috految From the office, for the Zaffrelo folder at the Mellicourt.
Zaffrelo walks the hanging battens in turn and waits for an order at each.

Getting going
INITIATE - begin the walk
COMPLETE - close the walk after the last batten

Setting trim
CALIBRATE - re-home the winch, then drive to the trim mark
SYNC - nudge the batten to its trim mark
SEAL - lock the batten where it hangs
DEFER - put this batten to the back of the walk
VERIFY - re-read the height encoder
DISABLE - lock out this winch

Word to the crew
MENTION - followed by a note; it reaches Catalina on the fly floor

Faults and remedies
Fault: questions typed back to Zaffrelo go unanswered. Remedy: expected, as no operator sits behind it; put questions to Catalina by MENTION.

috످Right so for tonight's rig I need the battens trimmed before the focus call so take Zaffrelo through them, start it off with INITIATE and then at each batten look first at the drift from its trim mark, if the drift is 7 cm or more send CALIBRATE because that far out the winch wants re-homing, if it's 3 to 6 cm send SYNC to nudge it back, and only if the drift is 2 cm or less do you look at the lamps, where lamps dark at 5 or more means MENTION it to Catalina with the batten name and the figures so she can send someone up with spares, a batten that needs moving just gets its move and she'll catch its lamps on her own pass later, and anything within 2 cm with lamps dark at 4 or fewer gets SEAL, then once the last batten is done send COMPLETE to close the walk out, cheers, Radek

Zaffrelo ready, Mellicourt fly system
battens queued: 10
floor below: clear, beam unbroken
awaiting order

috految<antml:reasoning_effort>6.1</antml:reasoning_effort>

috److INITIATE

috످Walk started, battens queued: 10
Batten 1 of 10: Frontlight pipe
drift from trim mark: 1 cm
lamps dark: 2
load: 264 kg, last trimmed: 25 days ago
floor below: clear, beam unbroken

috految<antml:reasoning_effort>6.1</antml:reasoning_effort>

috److SEAL

috످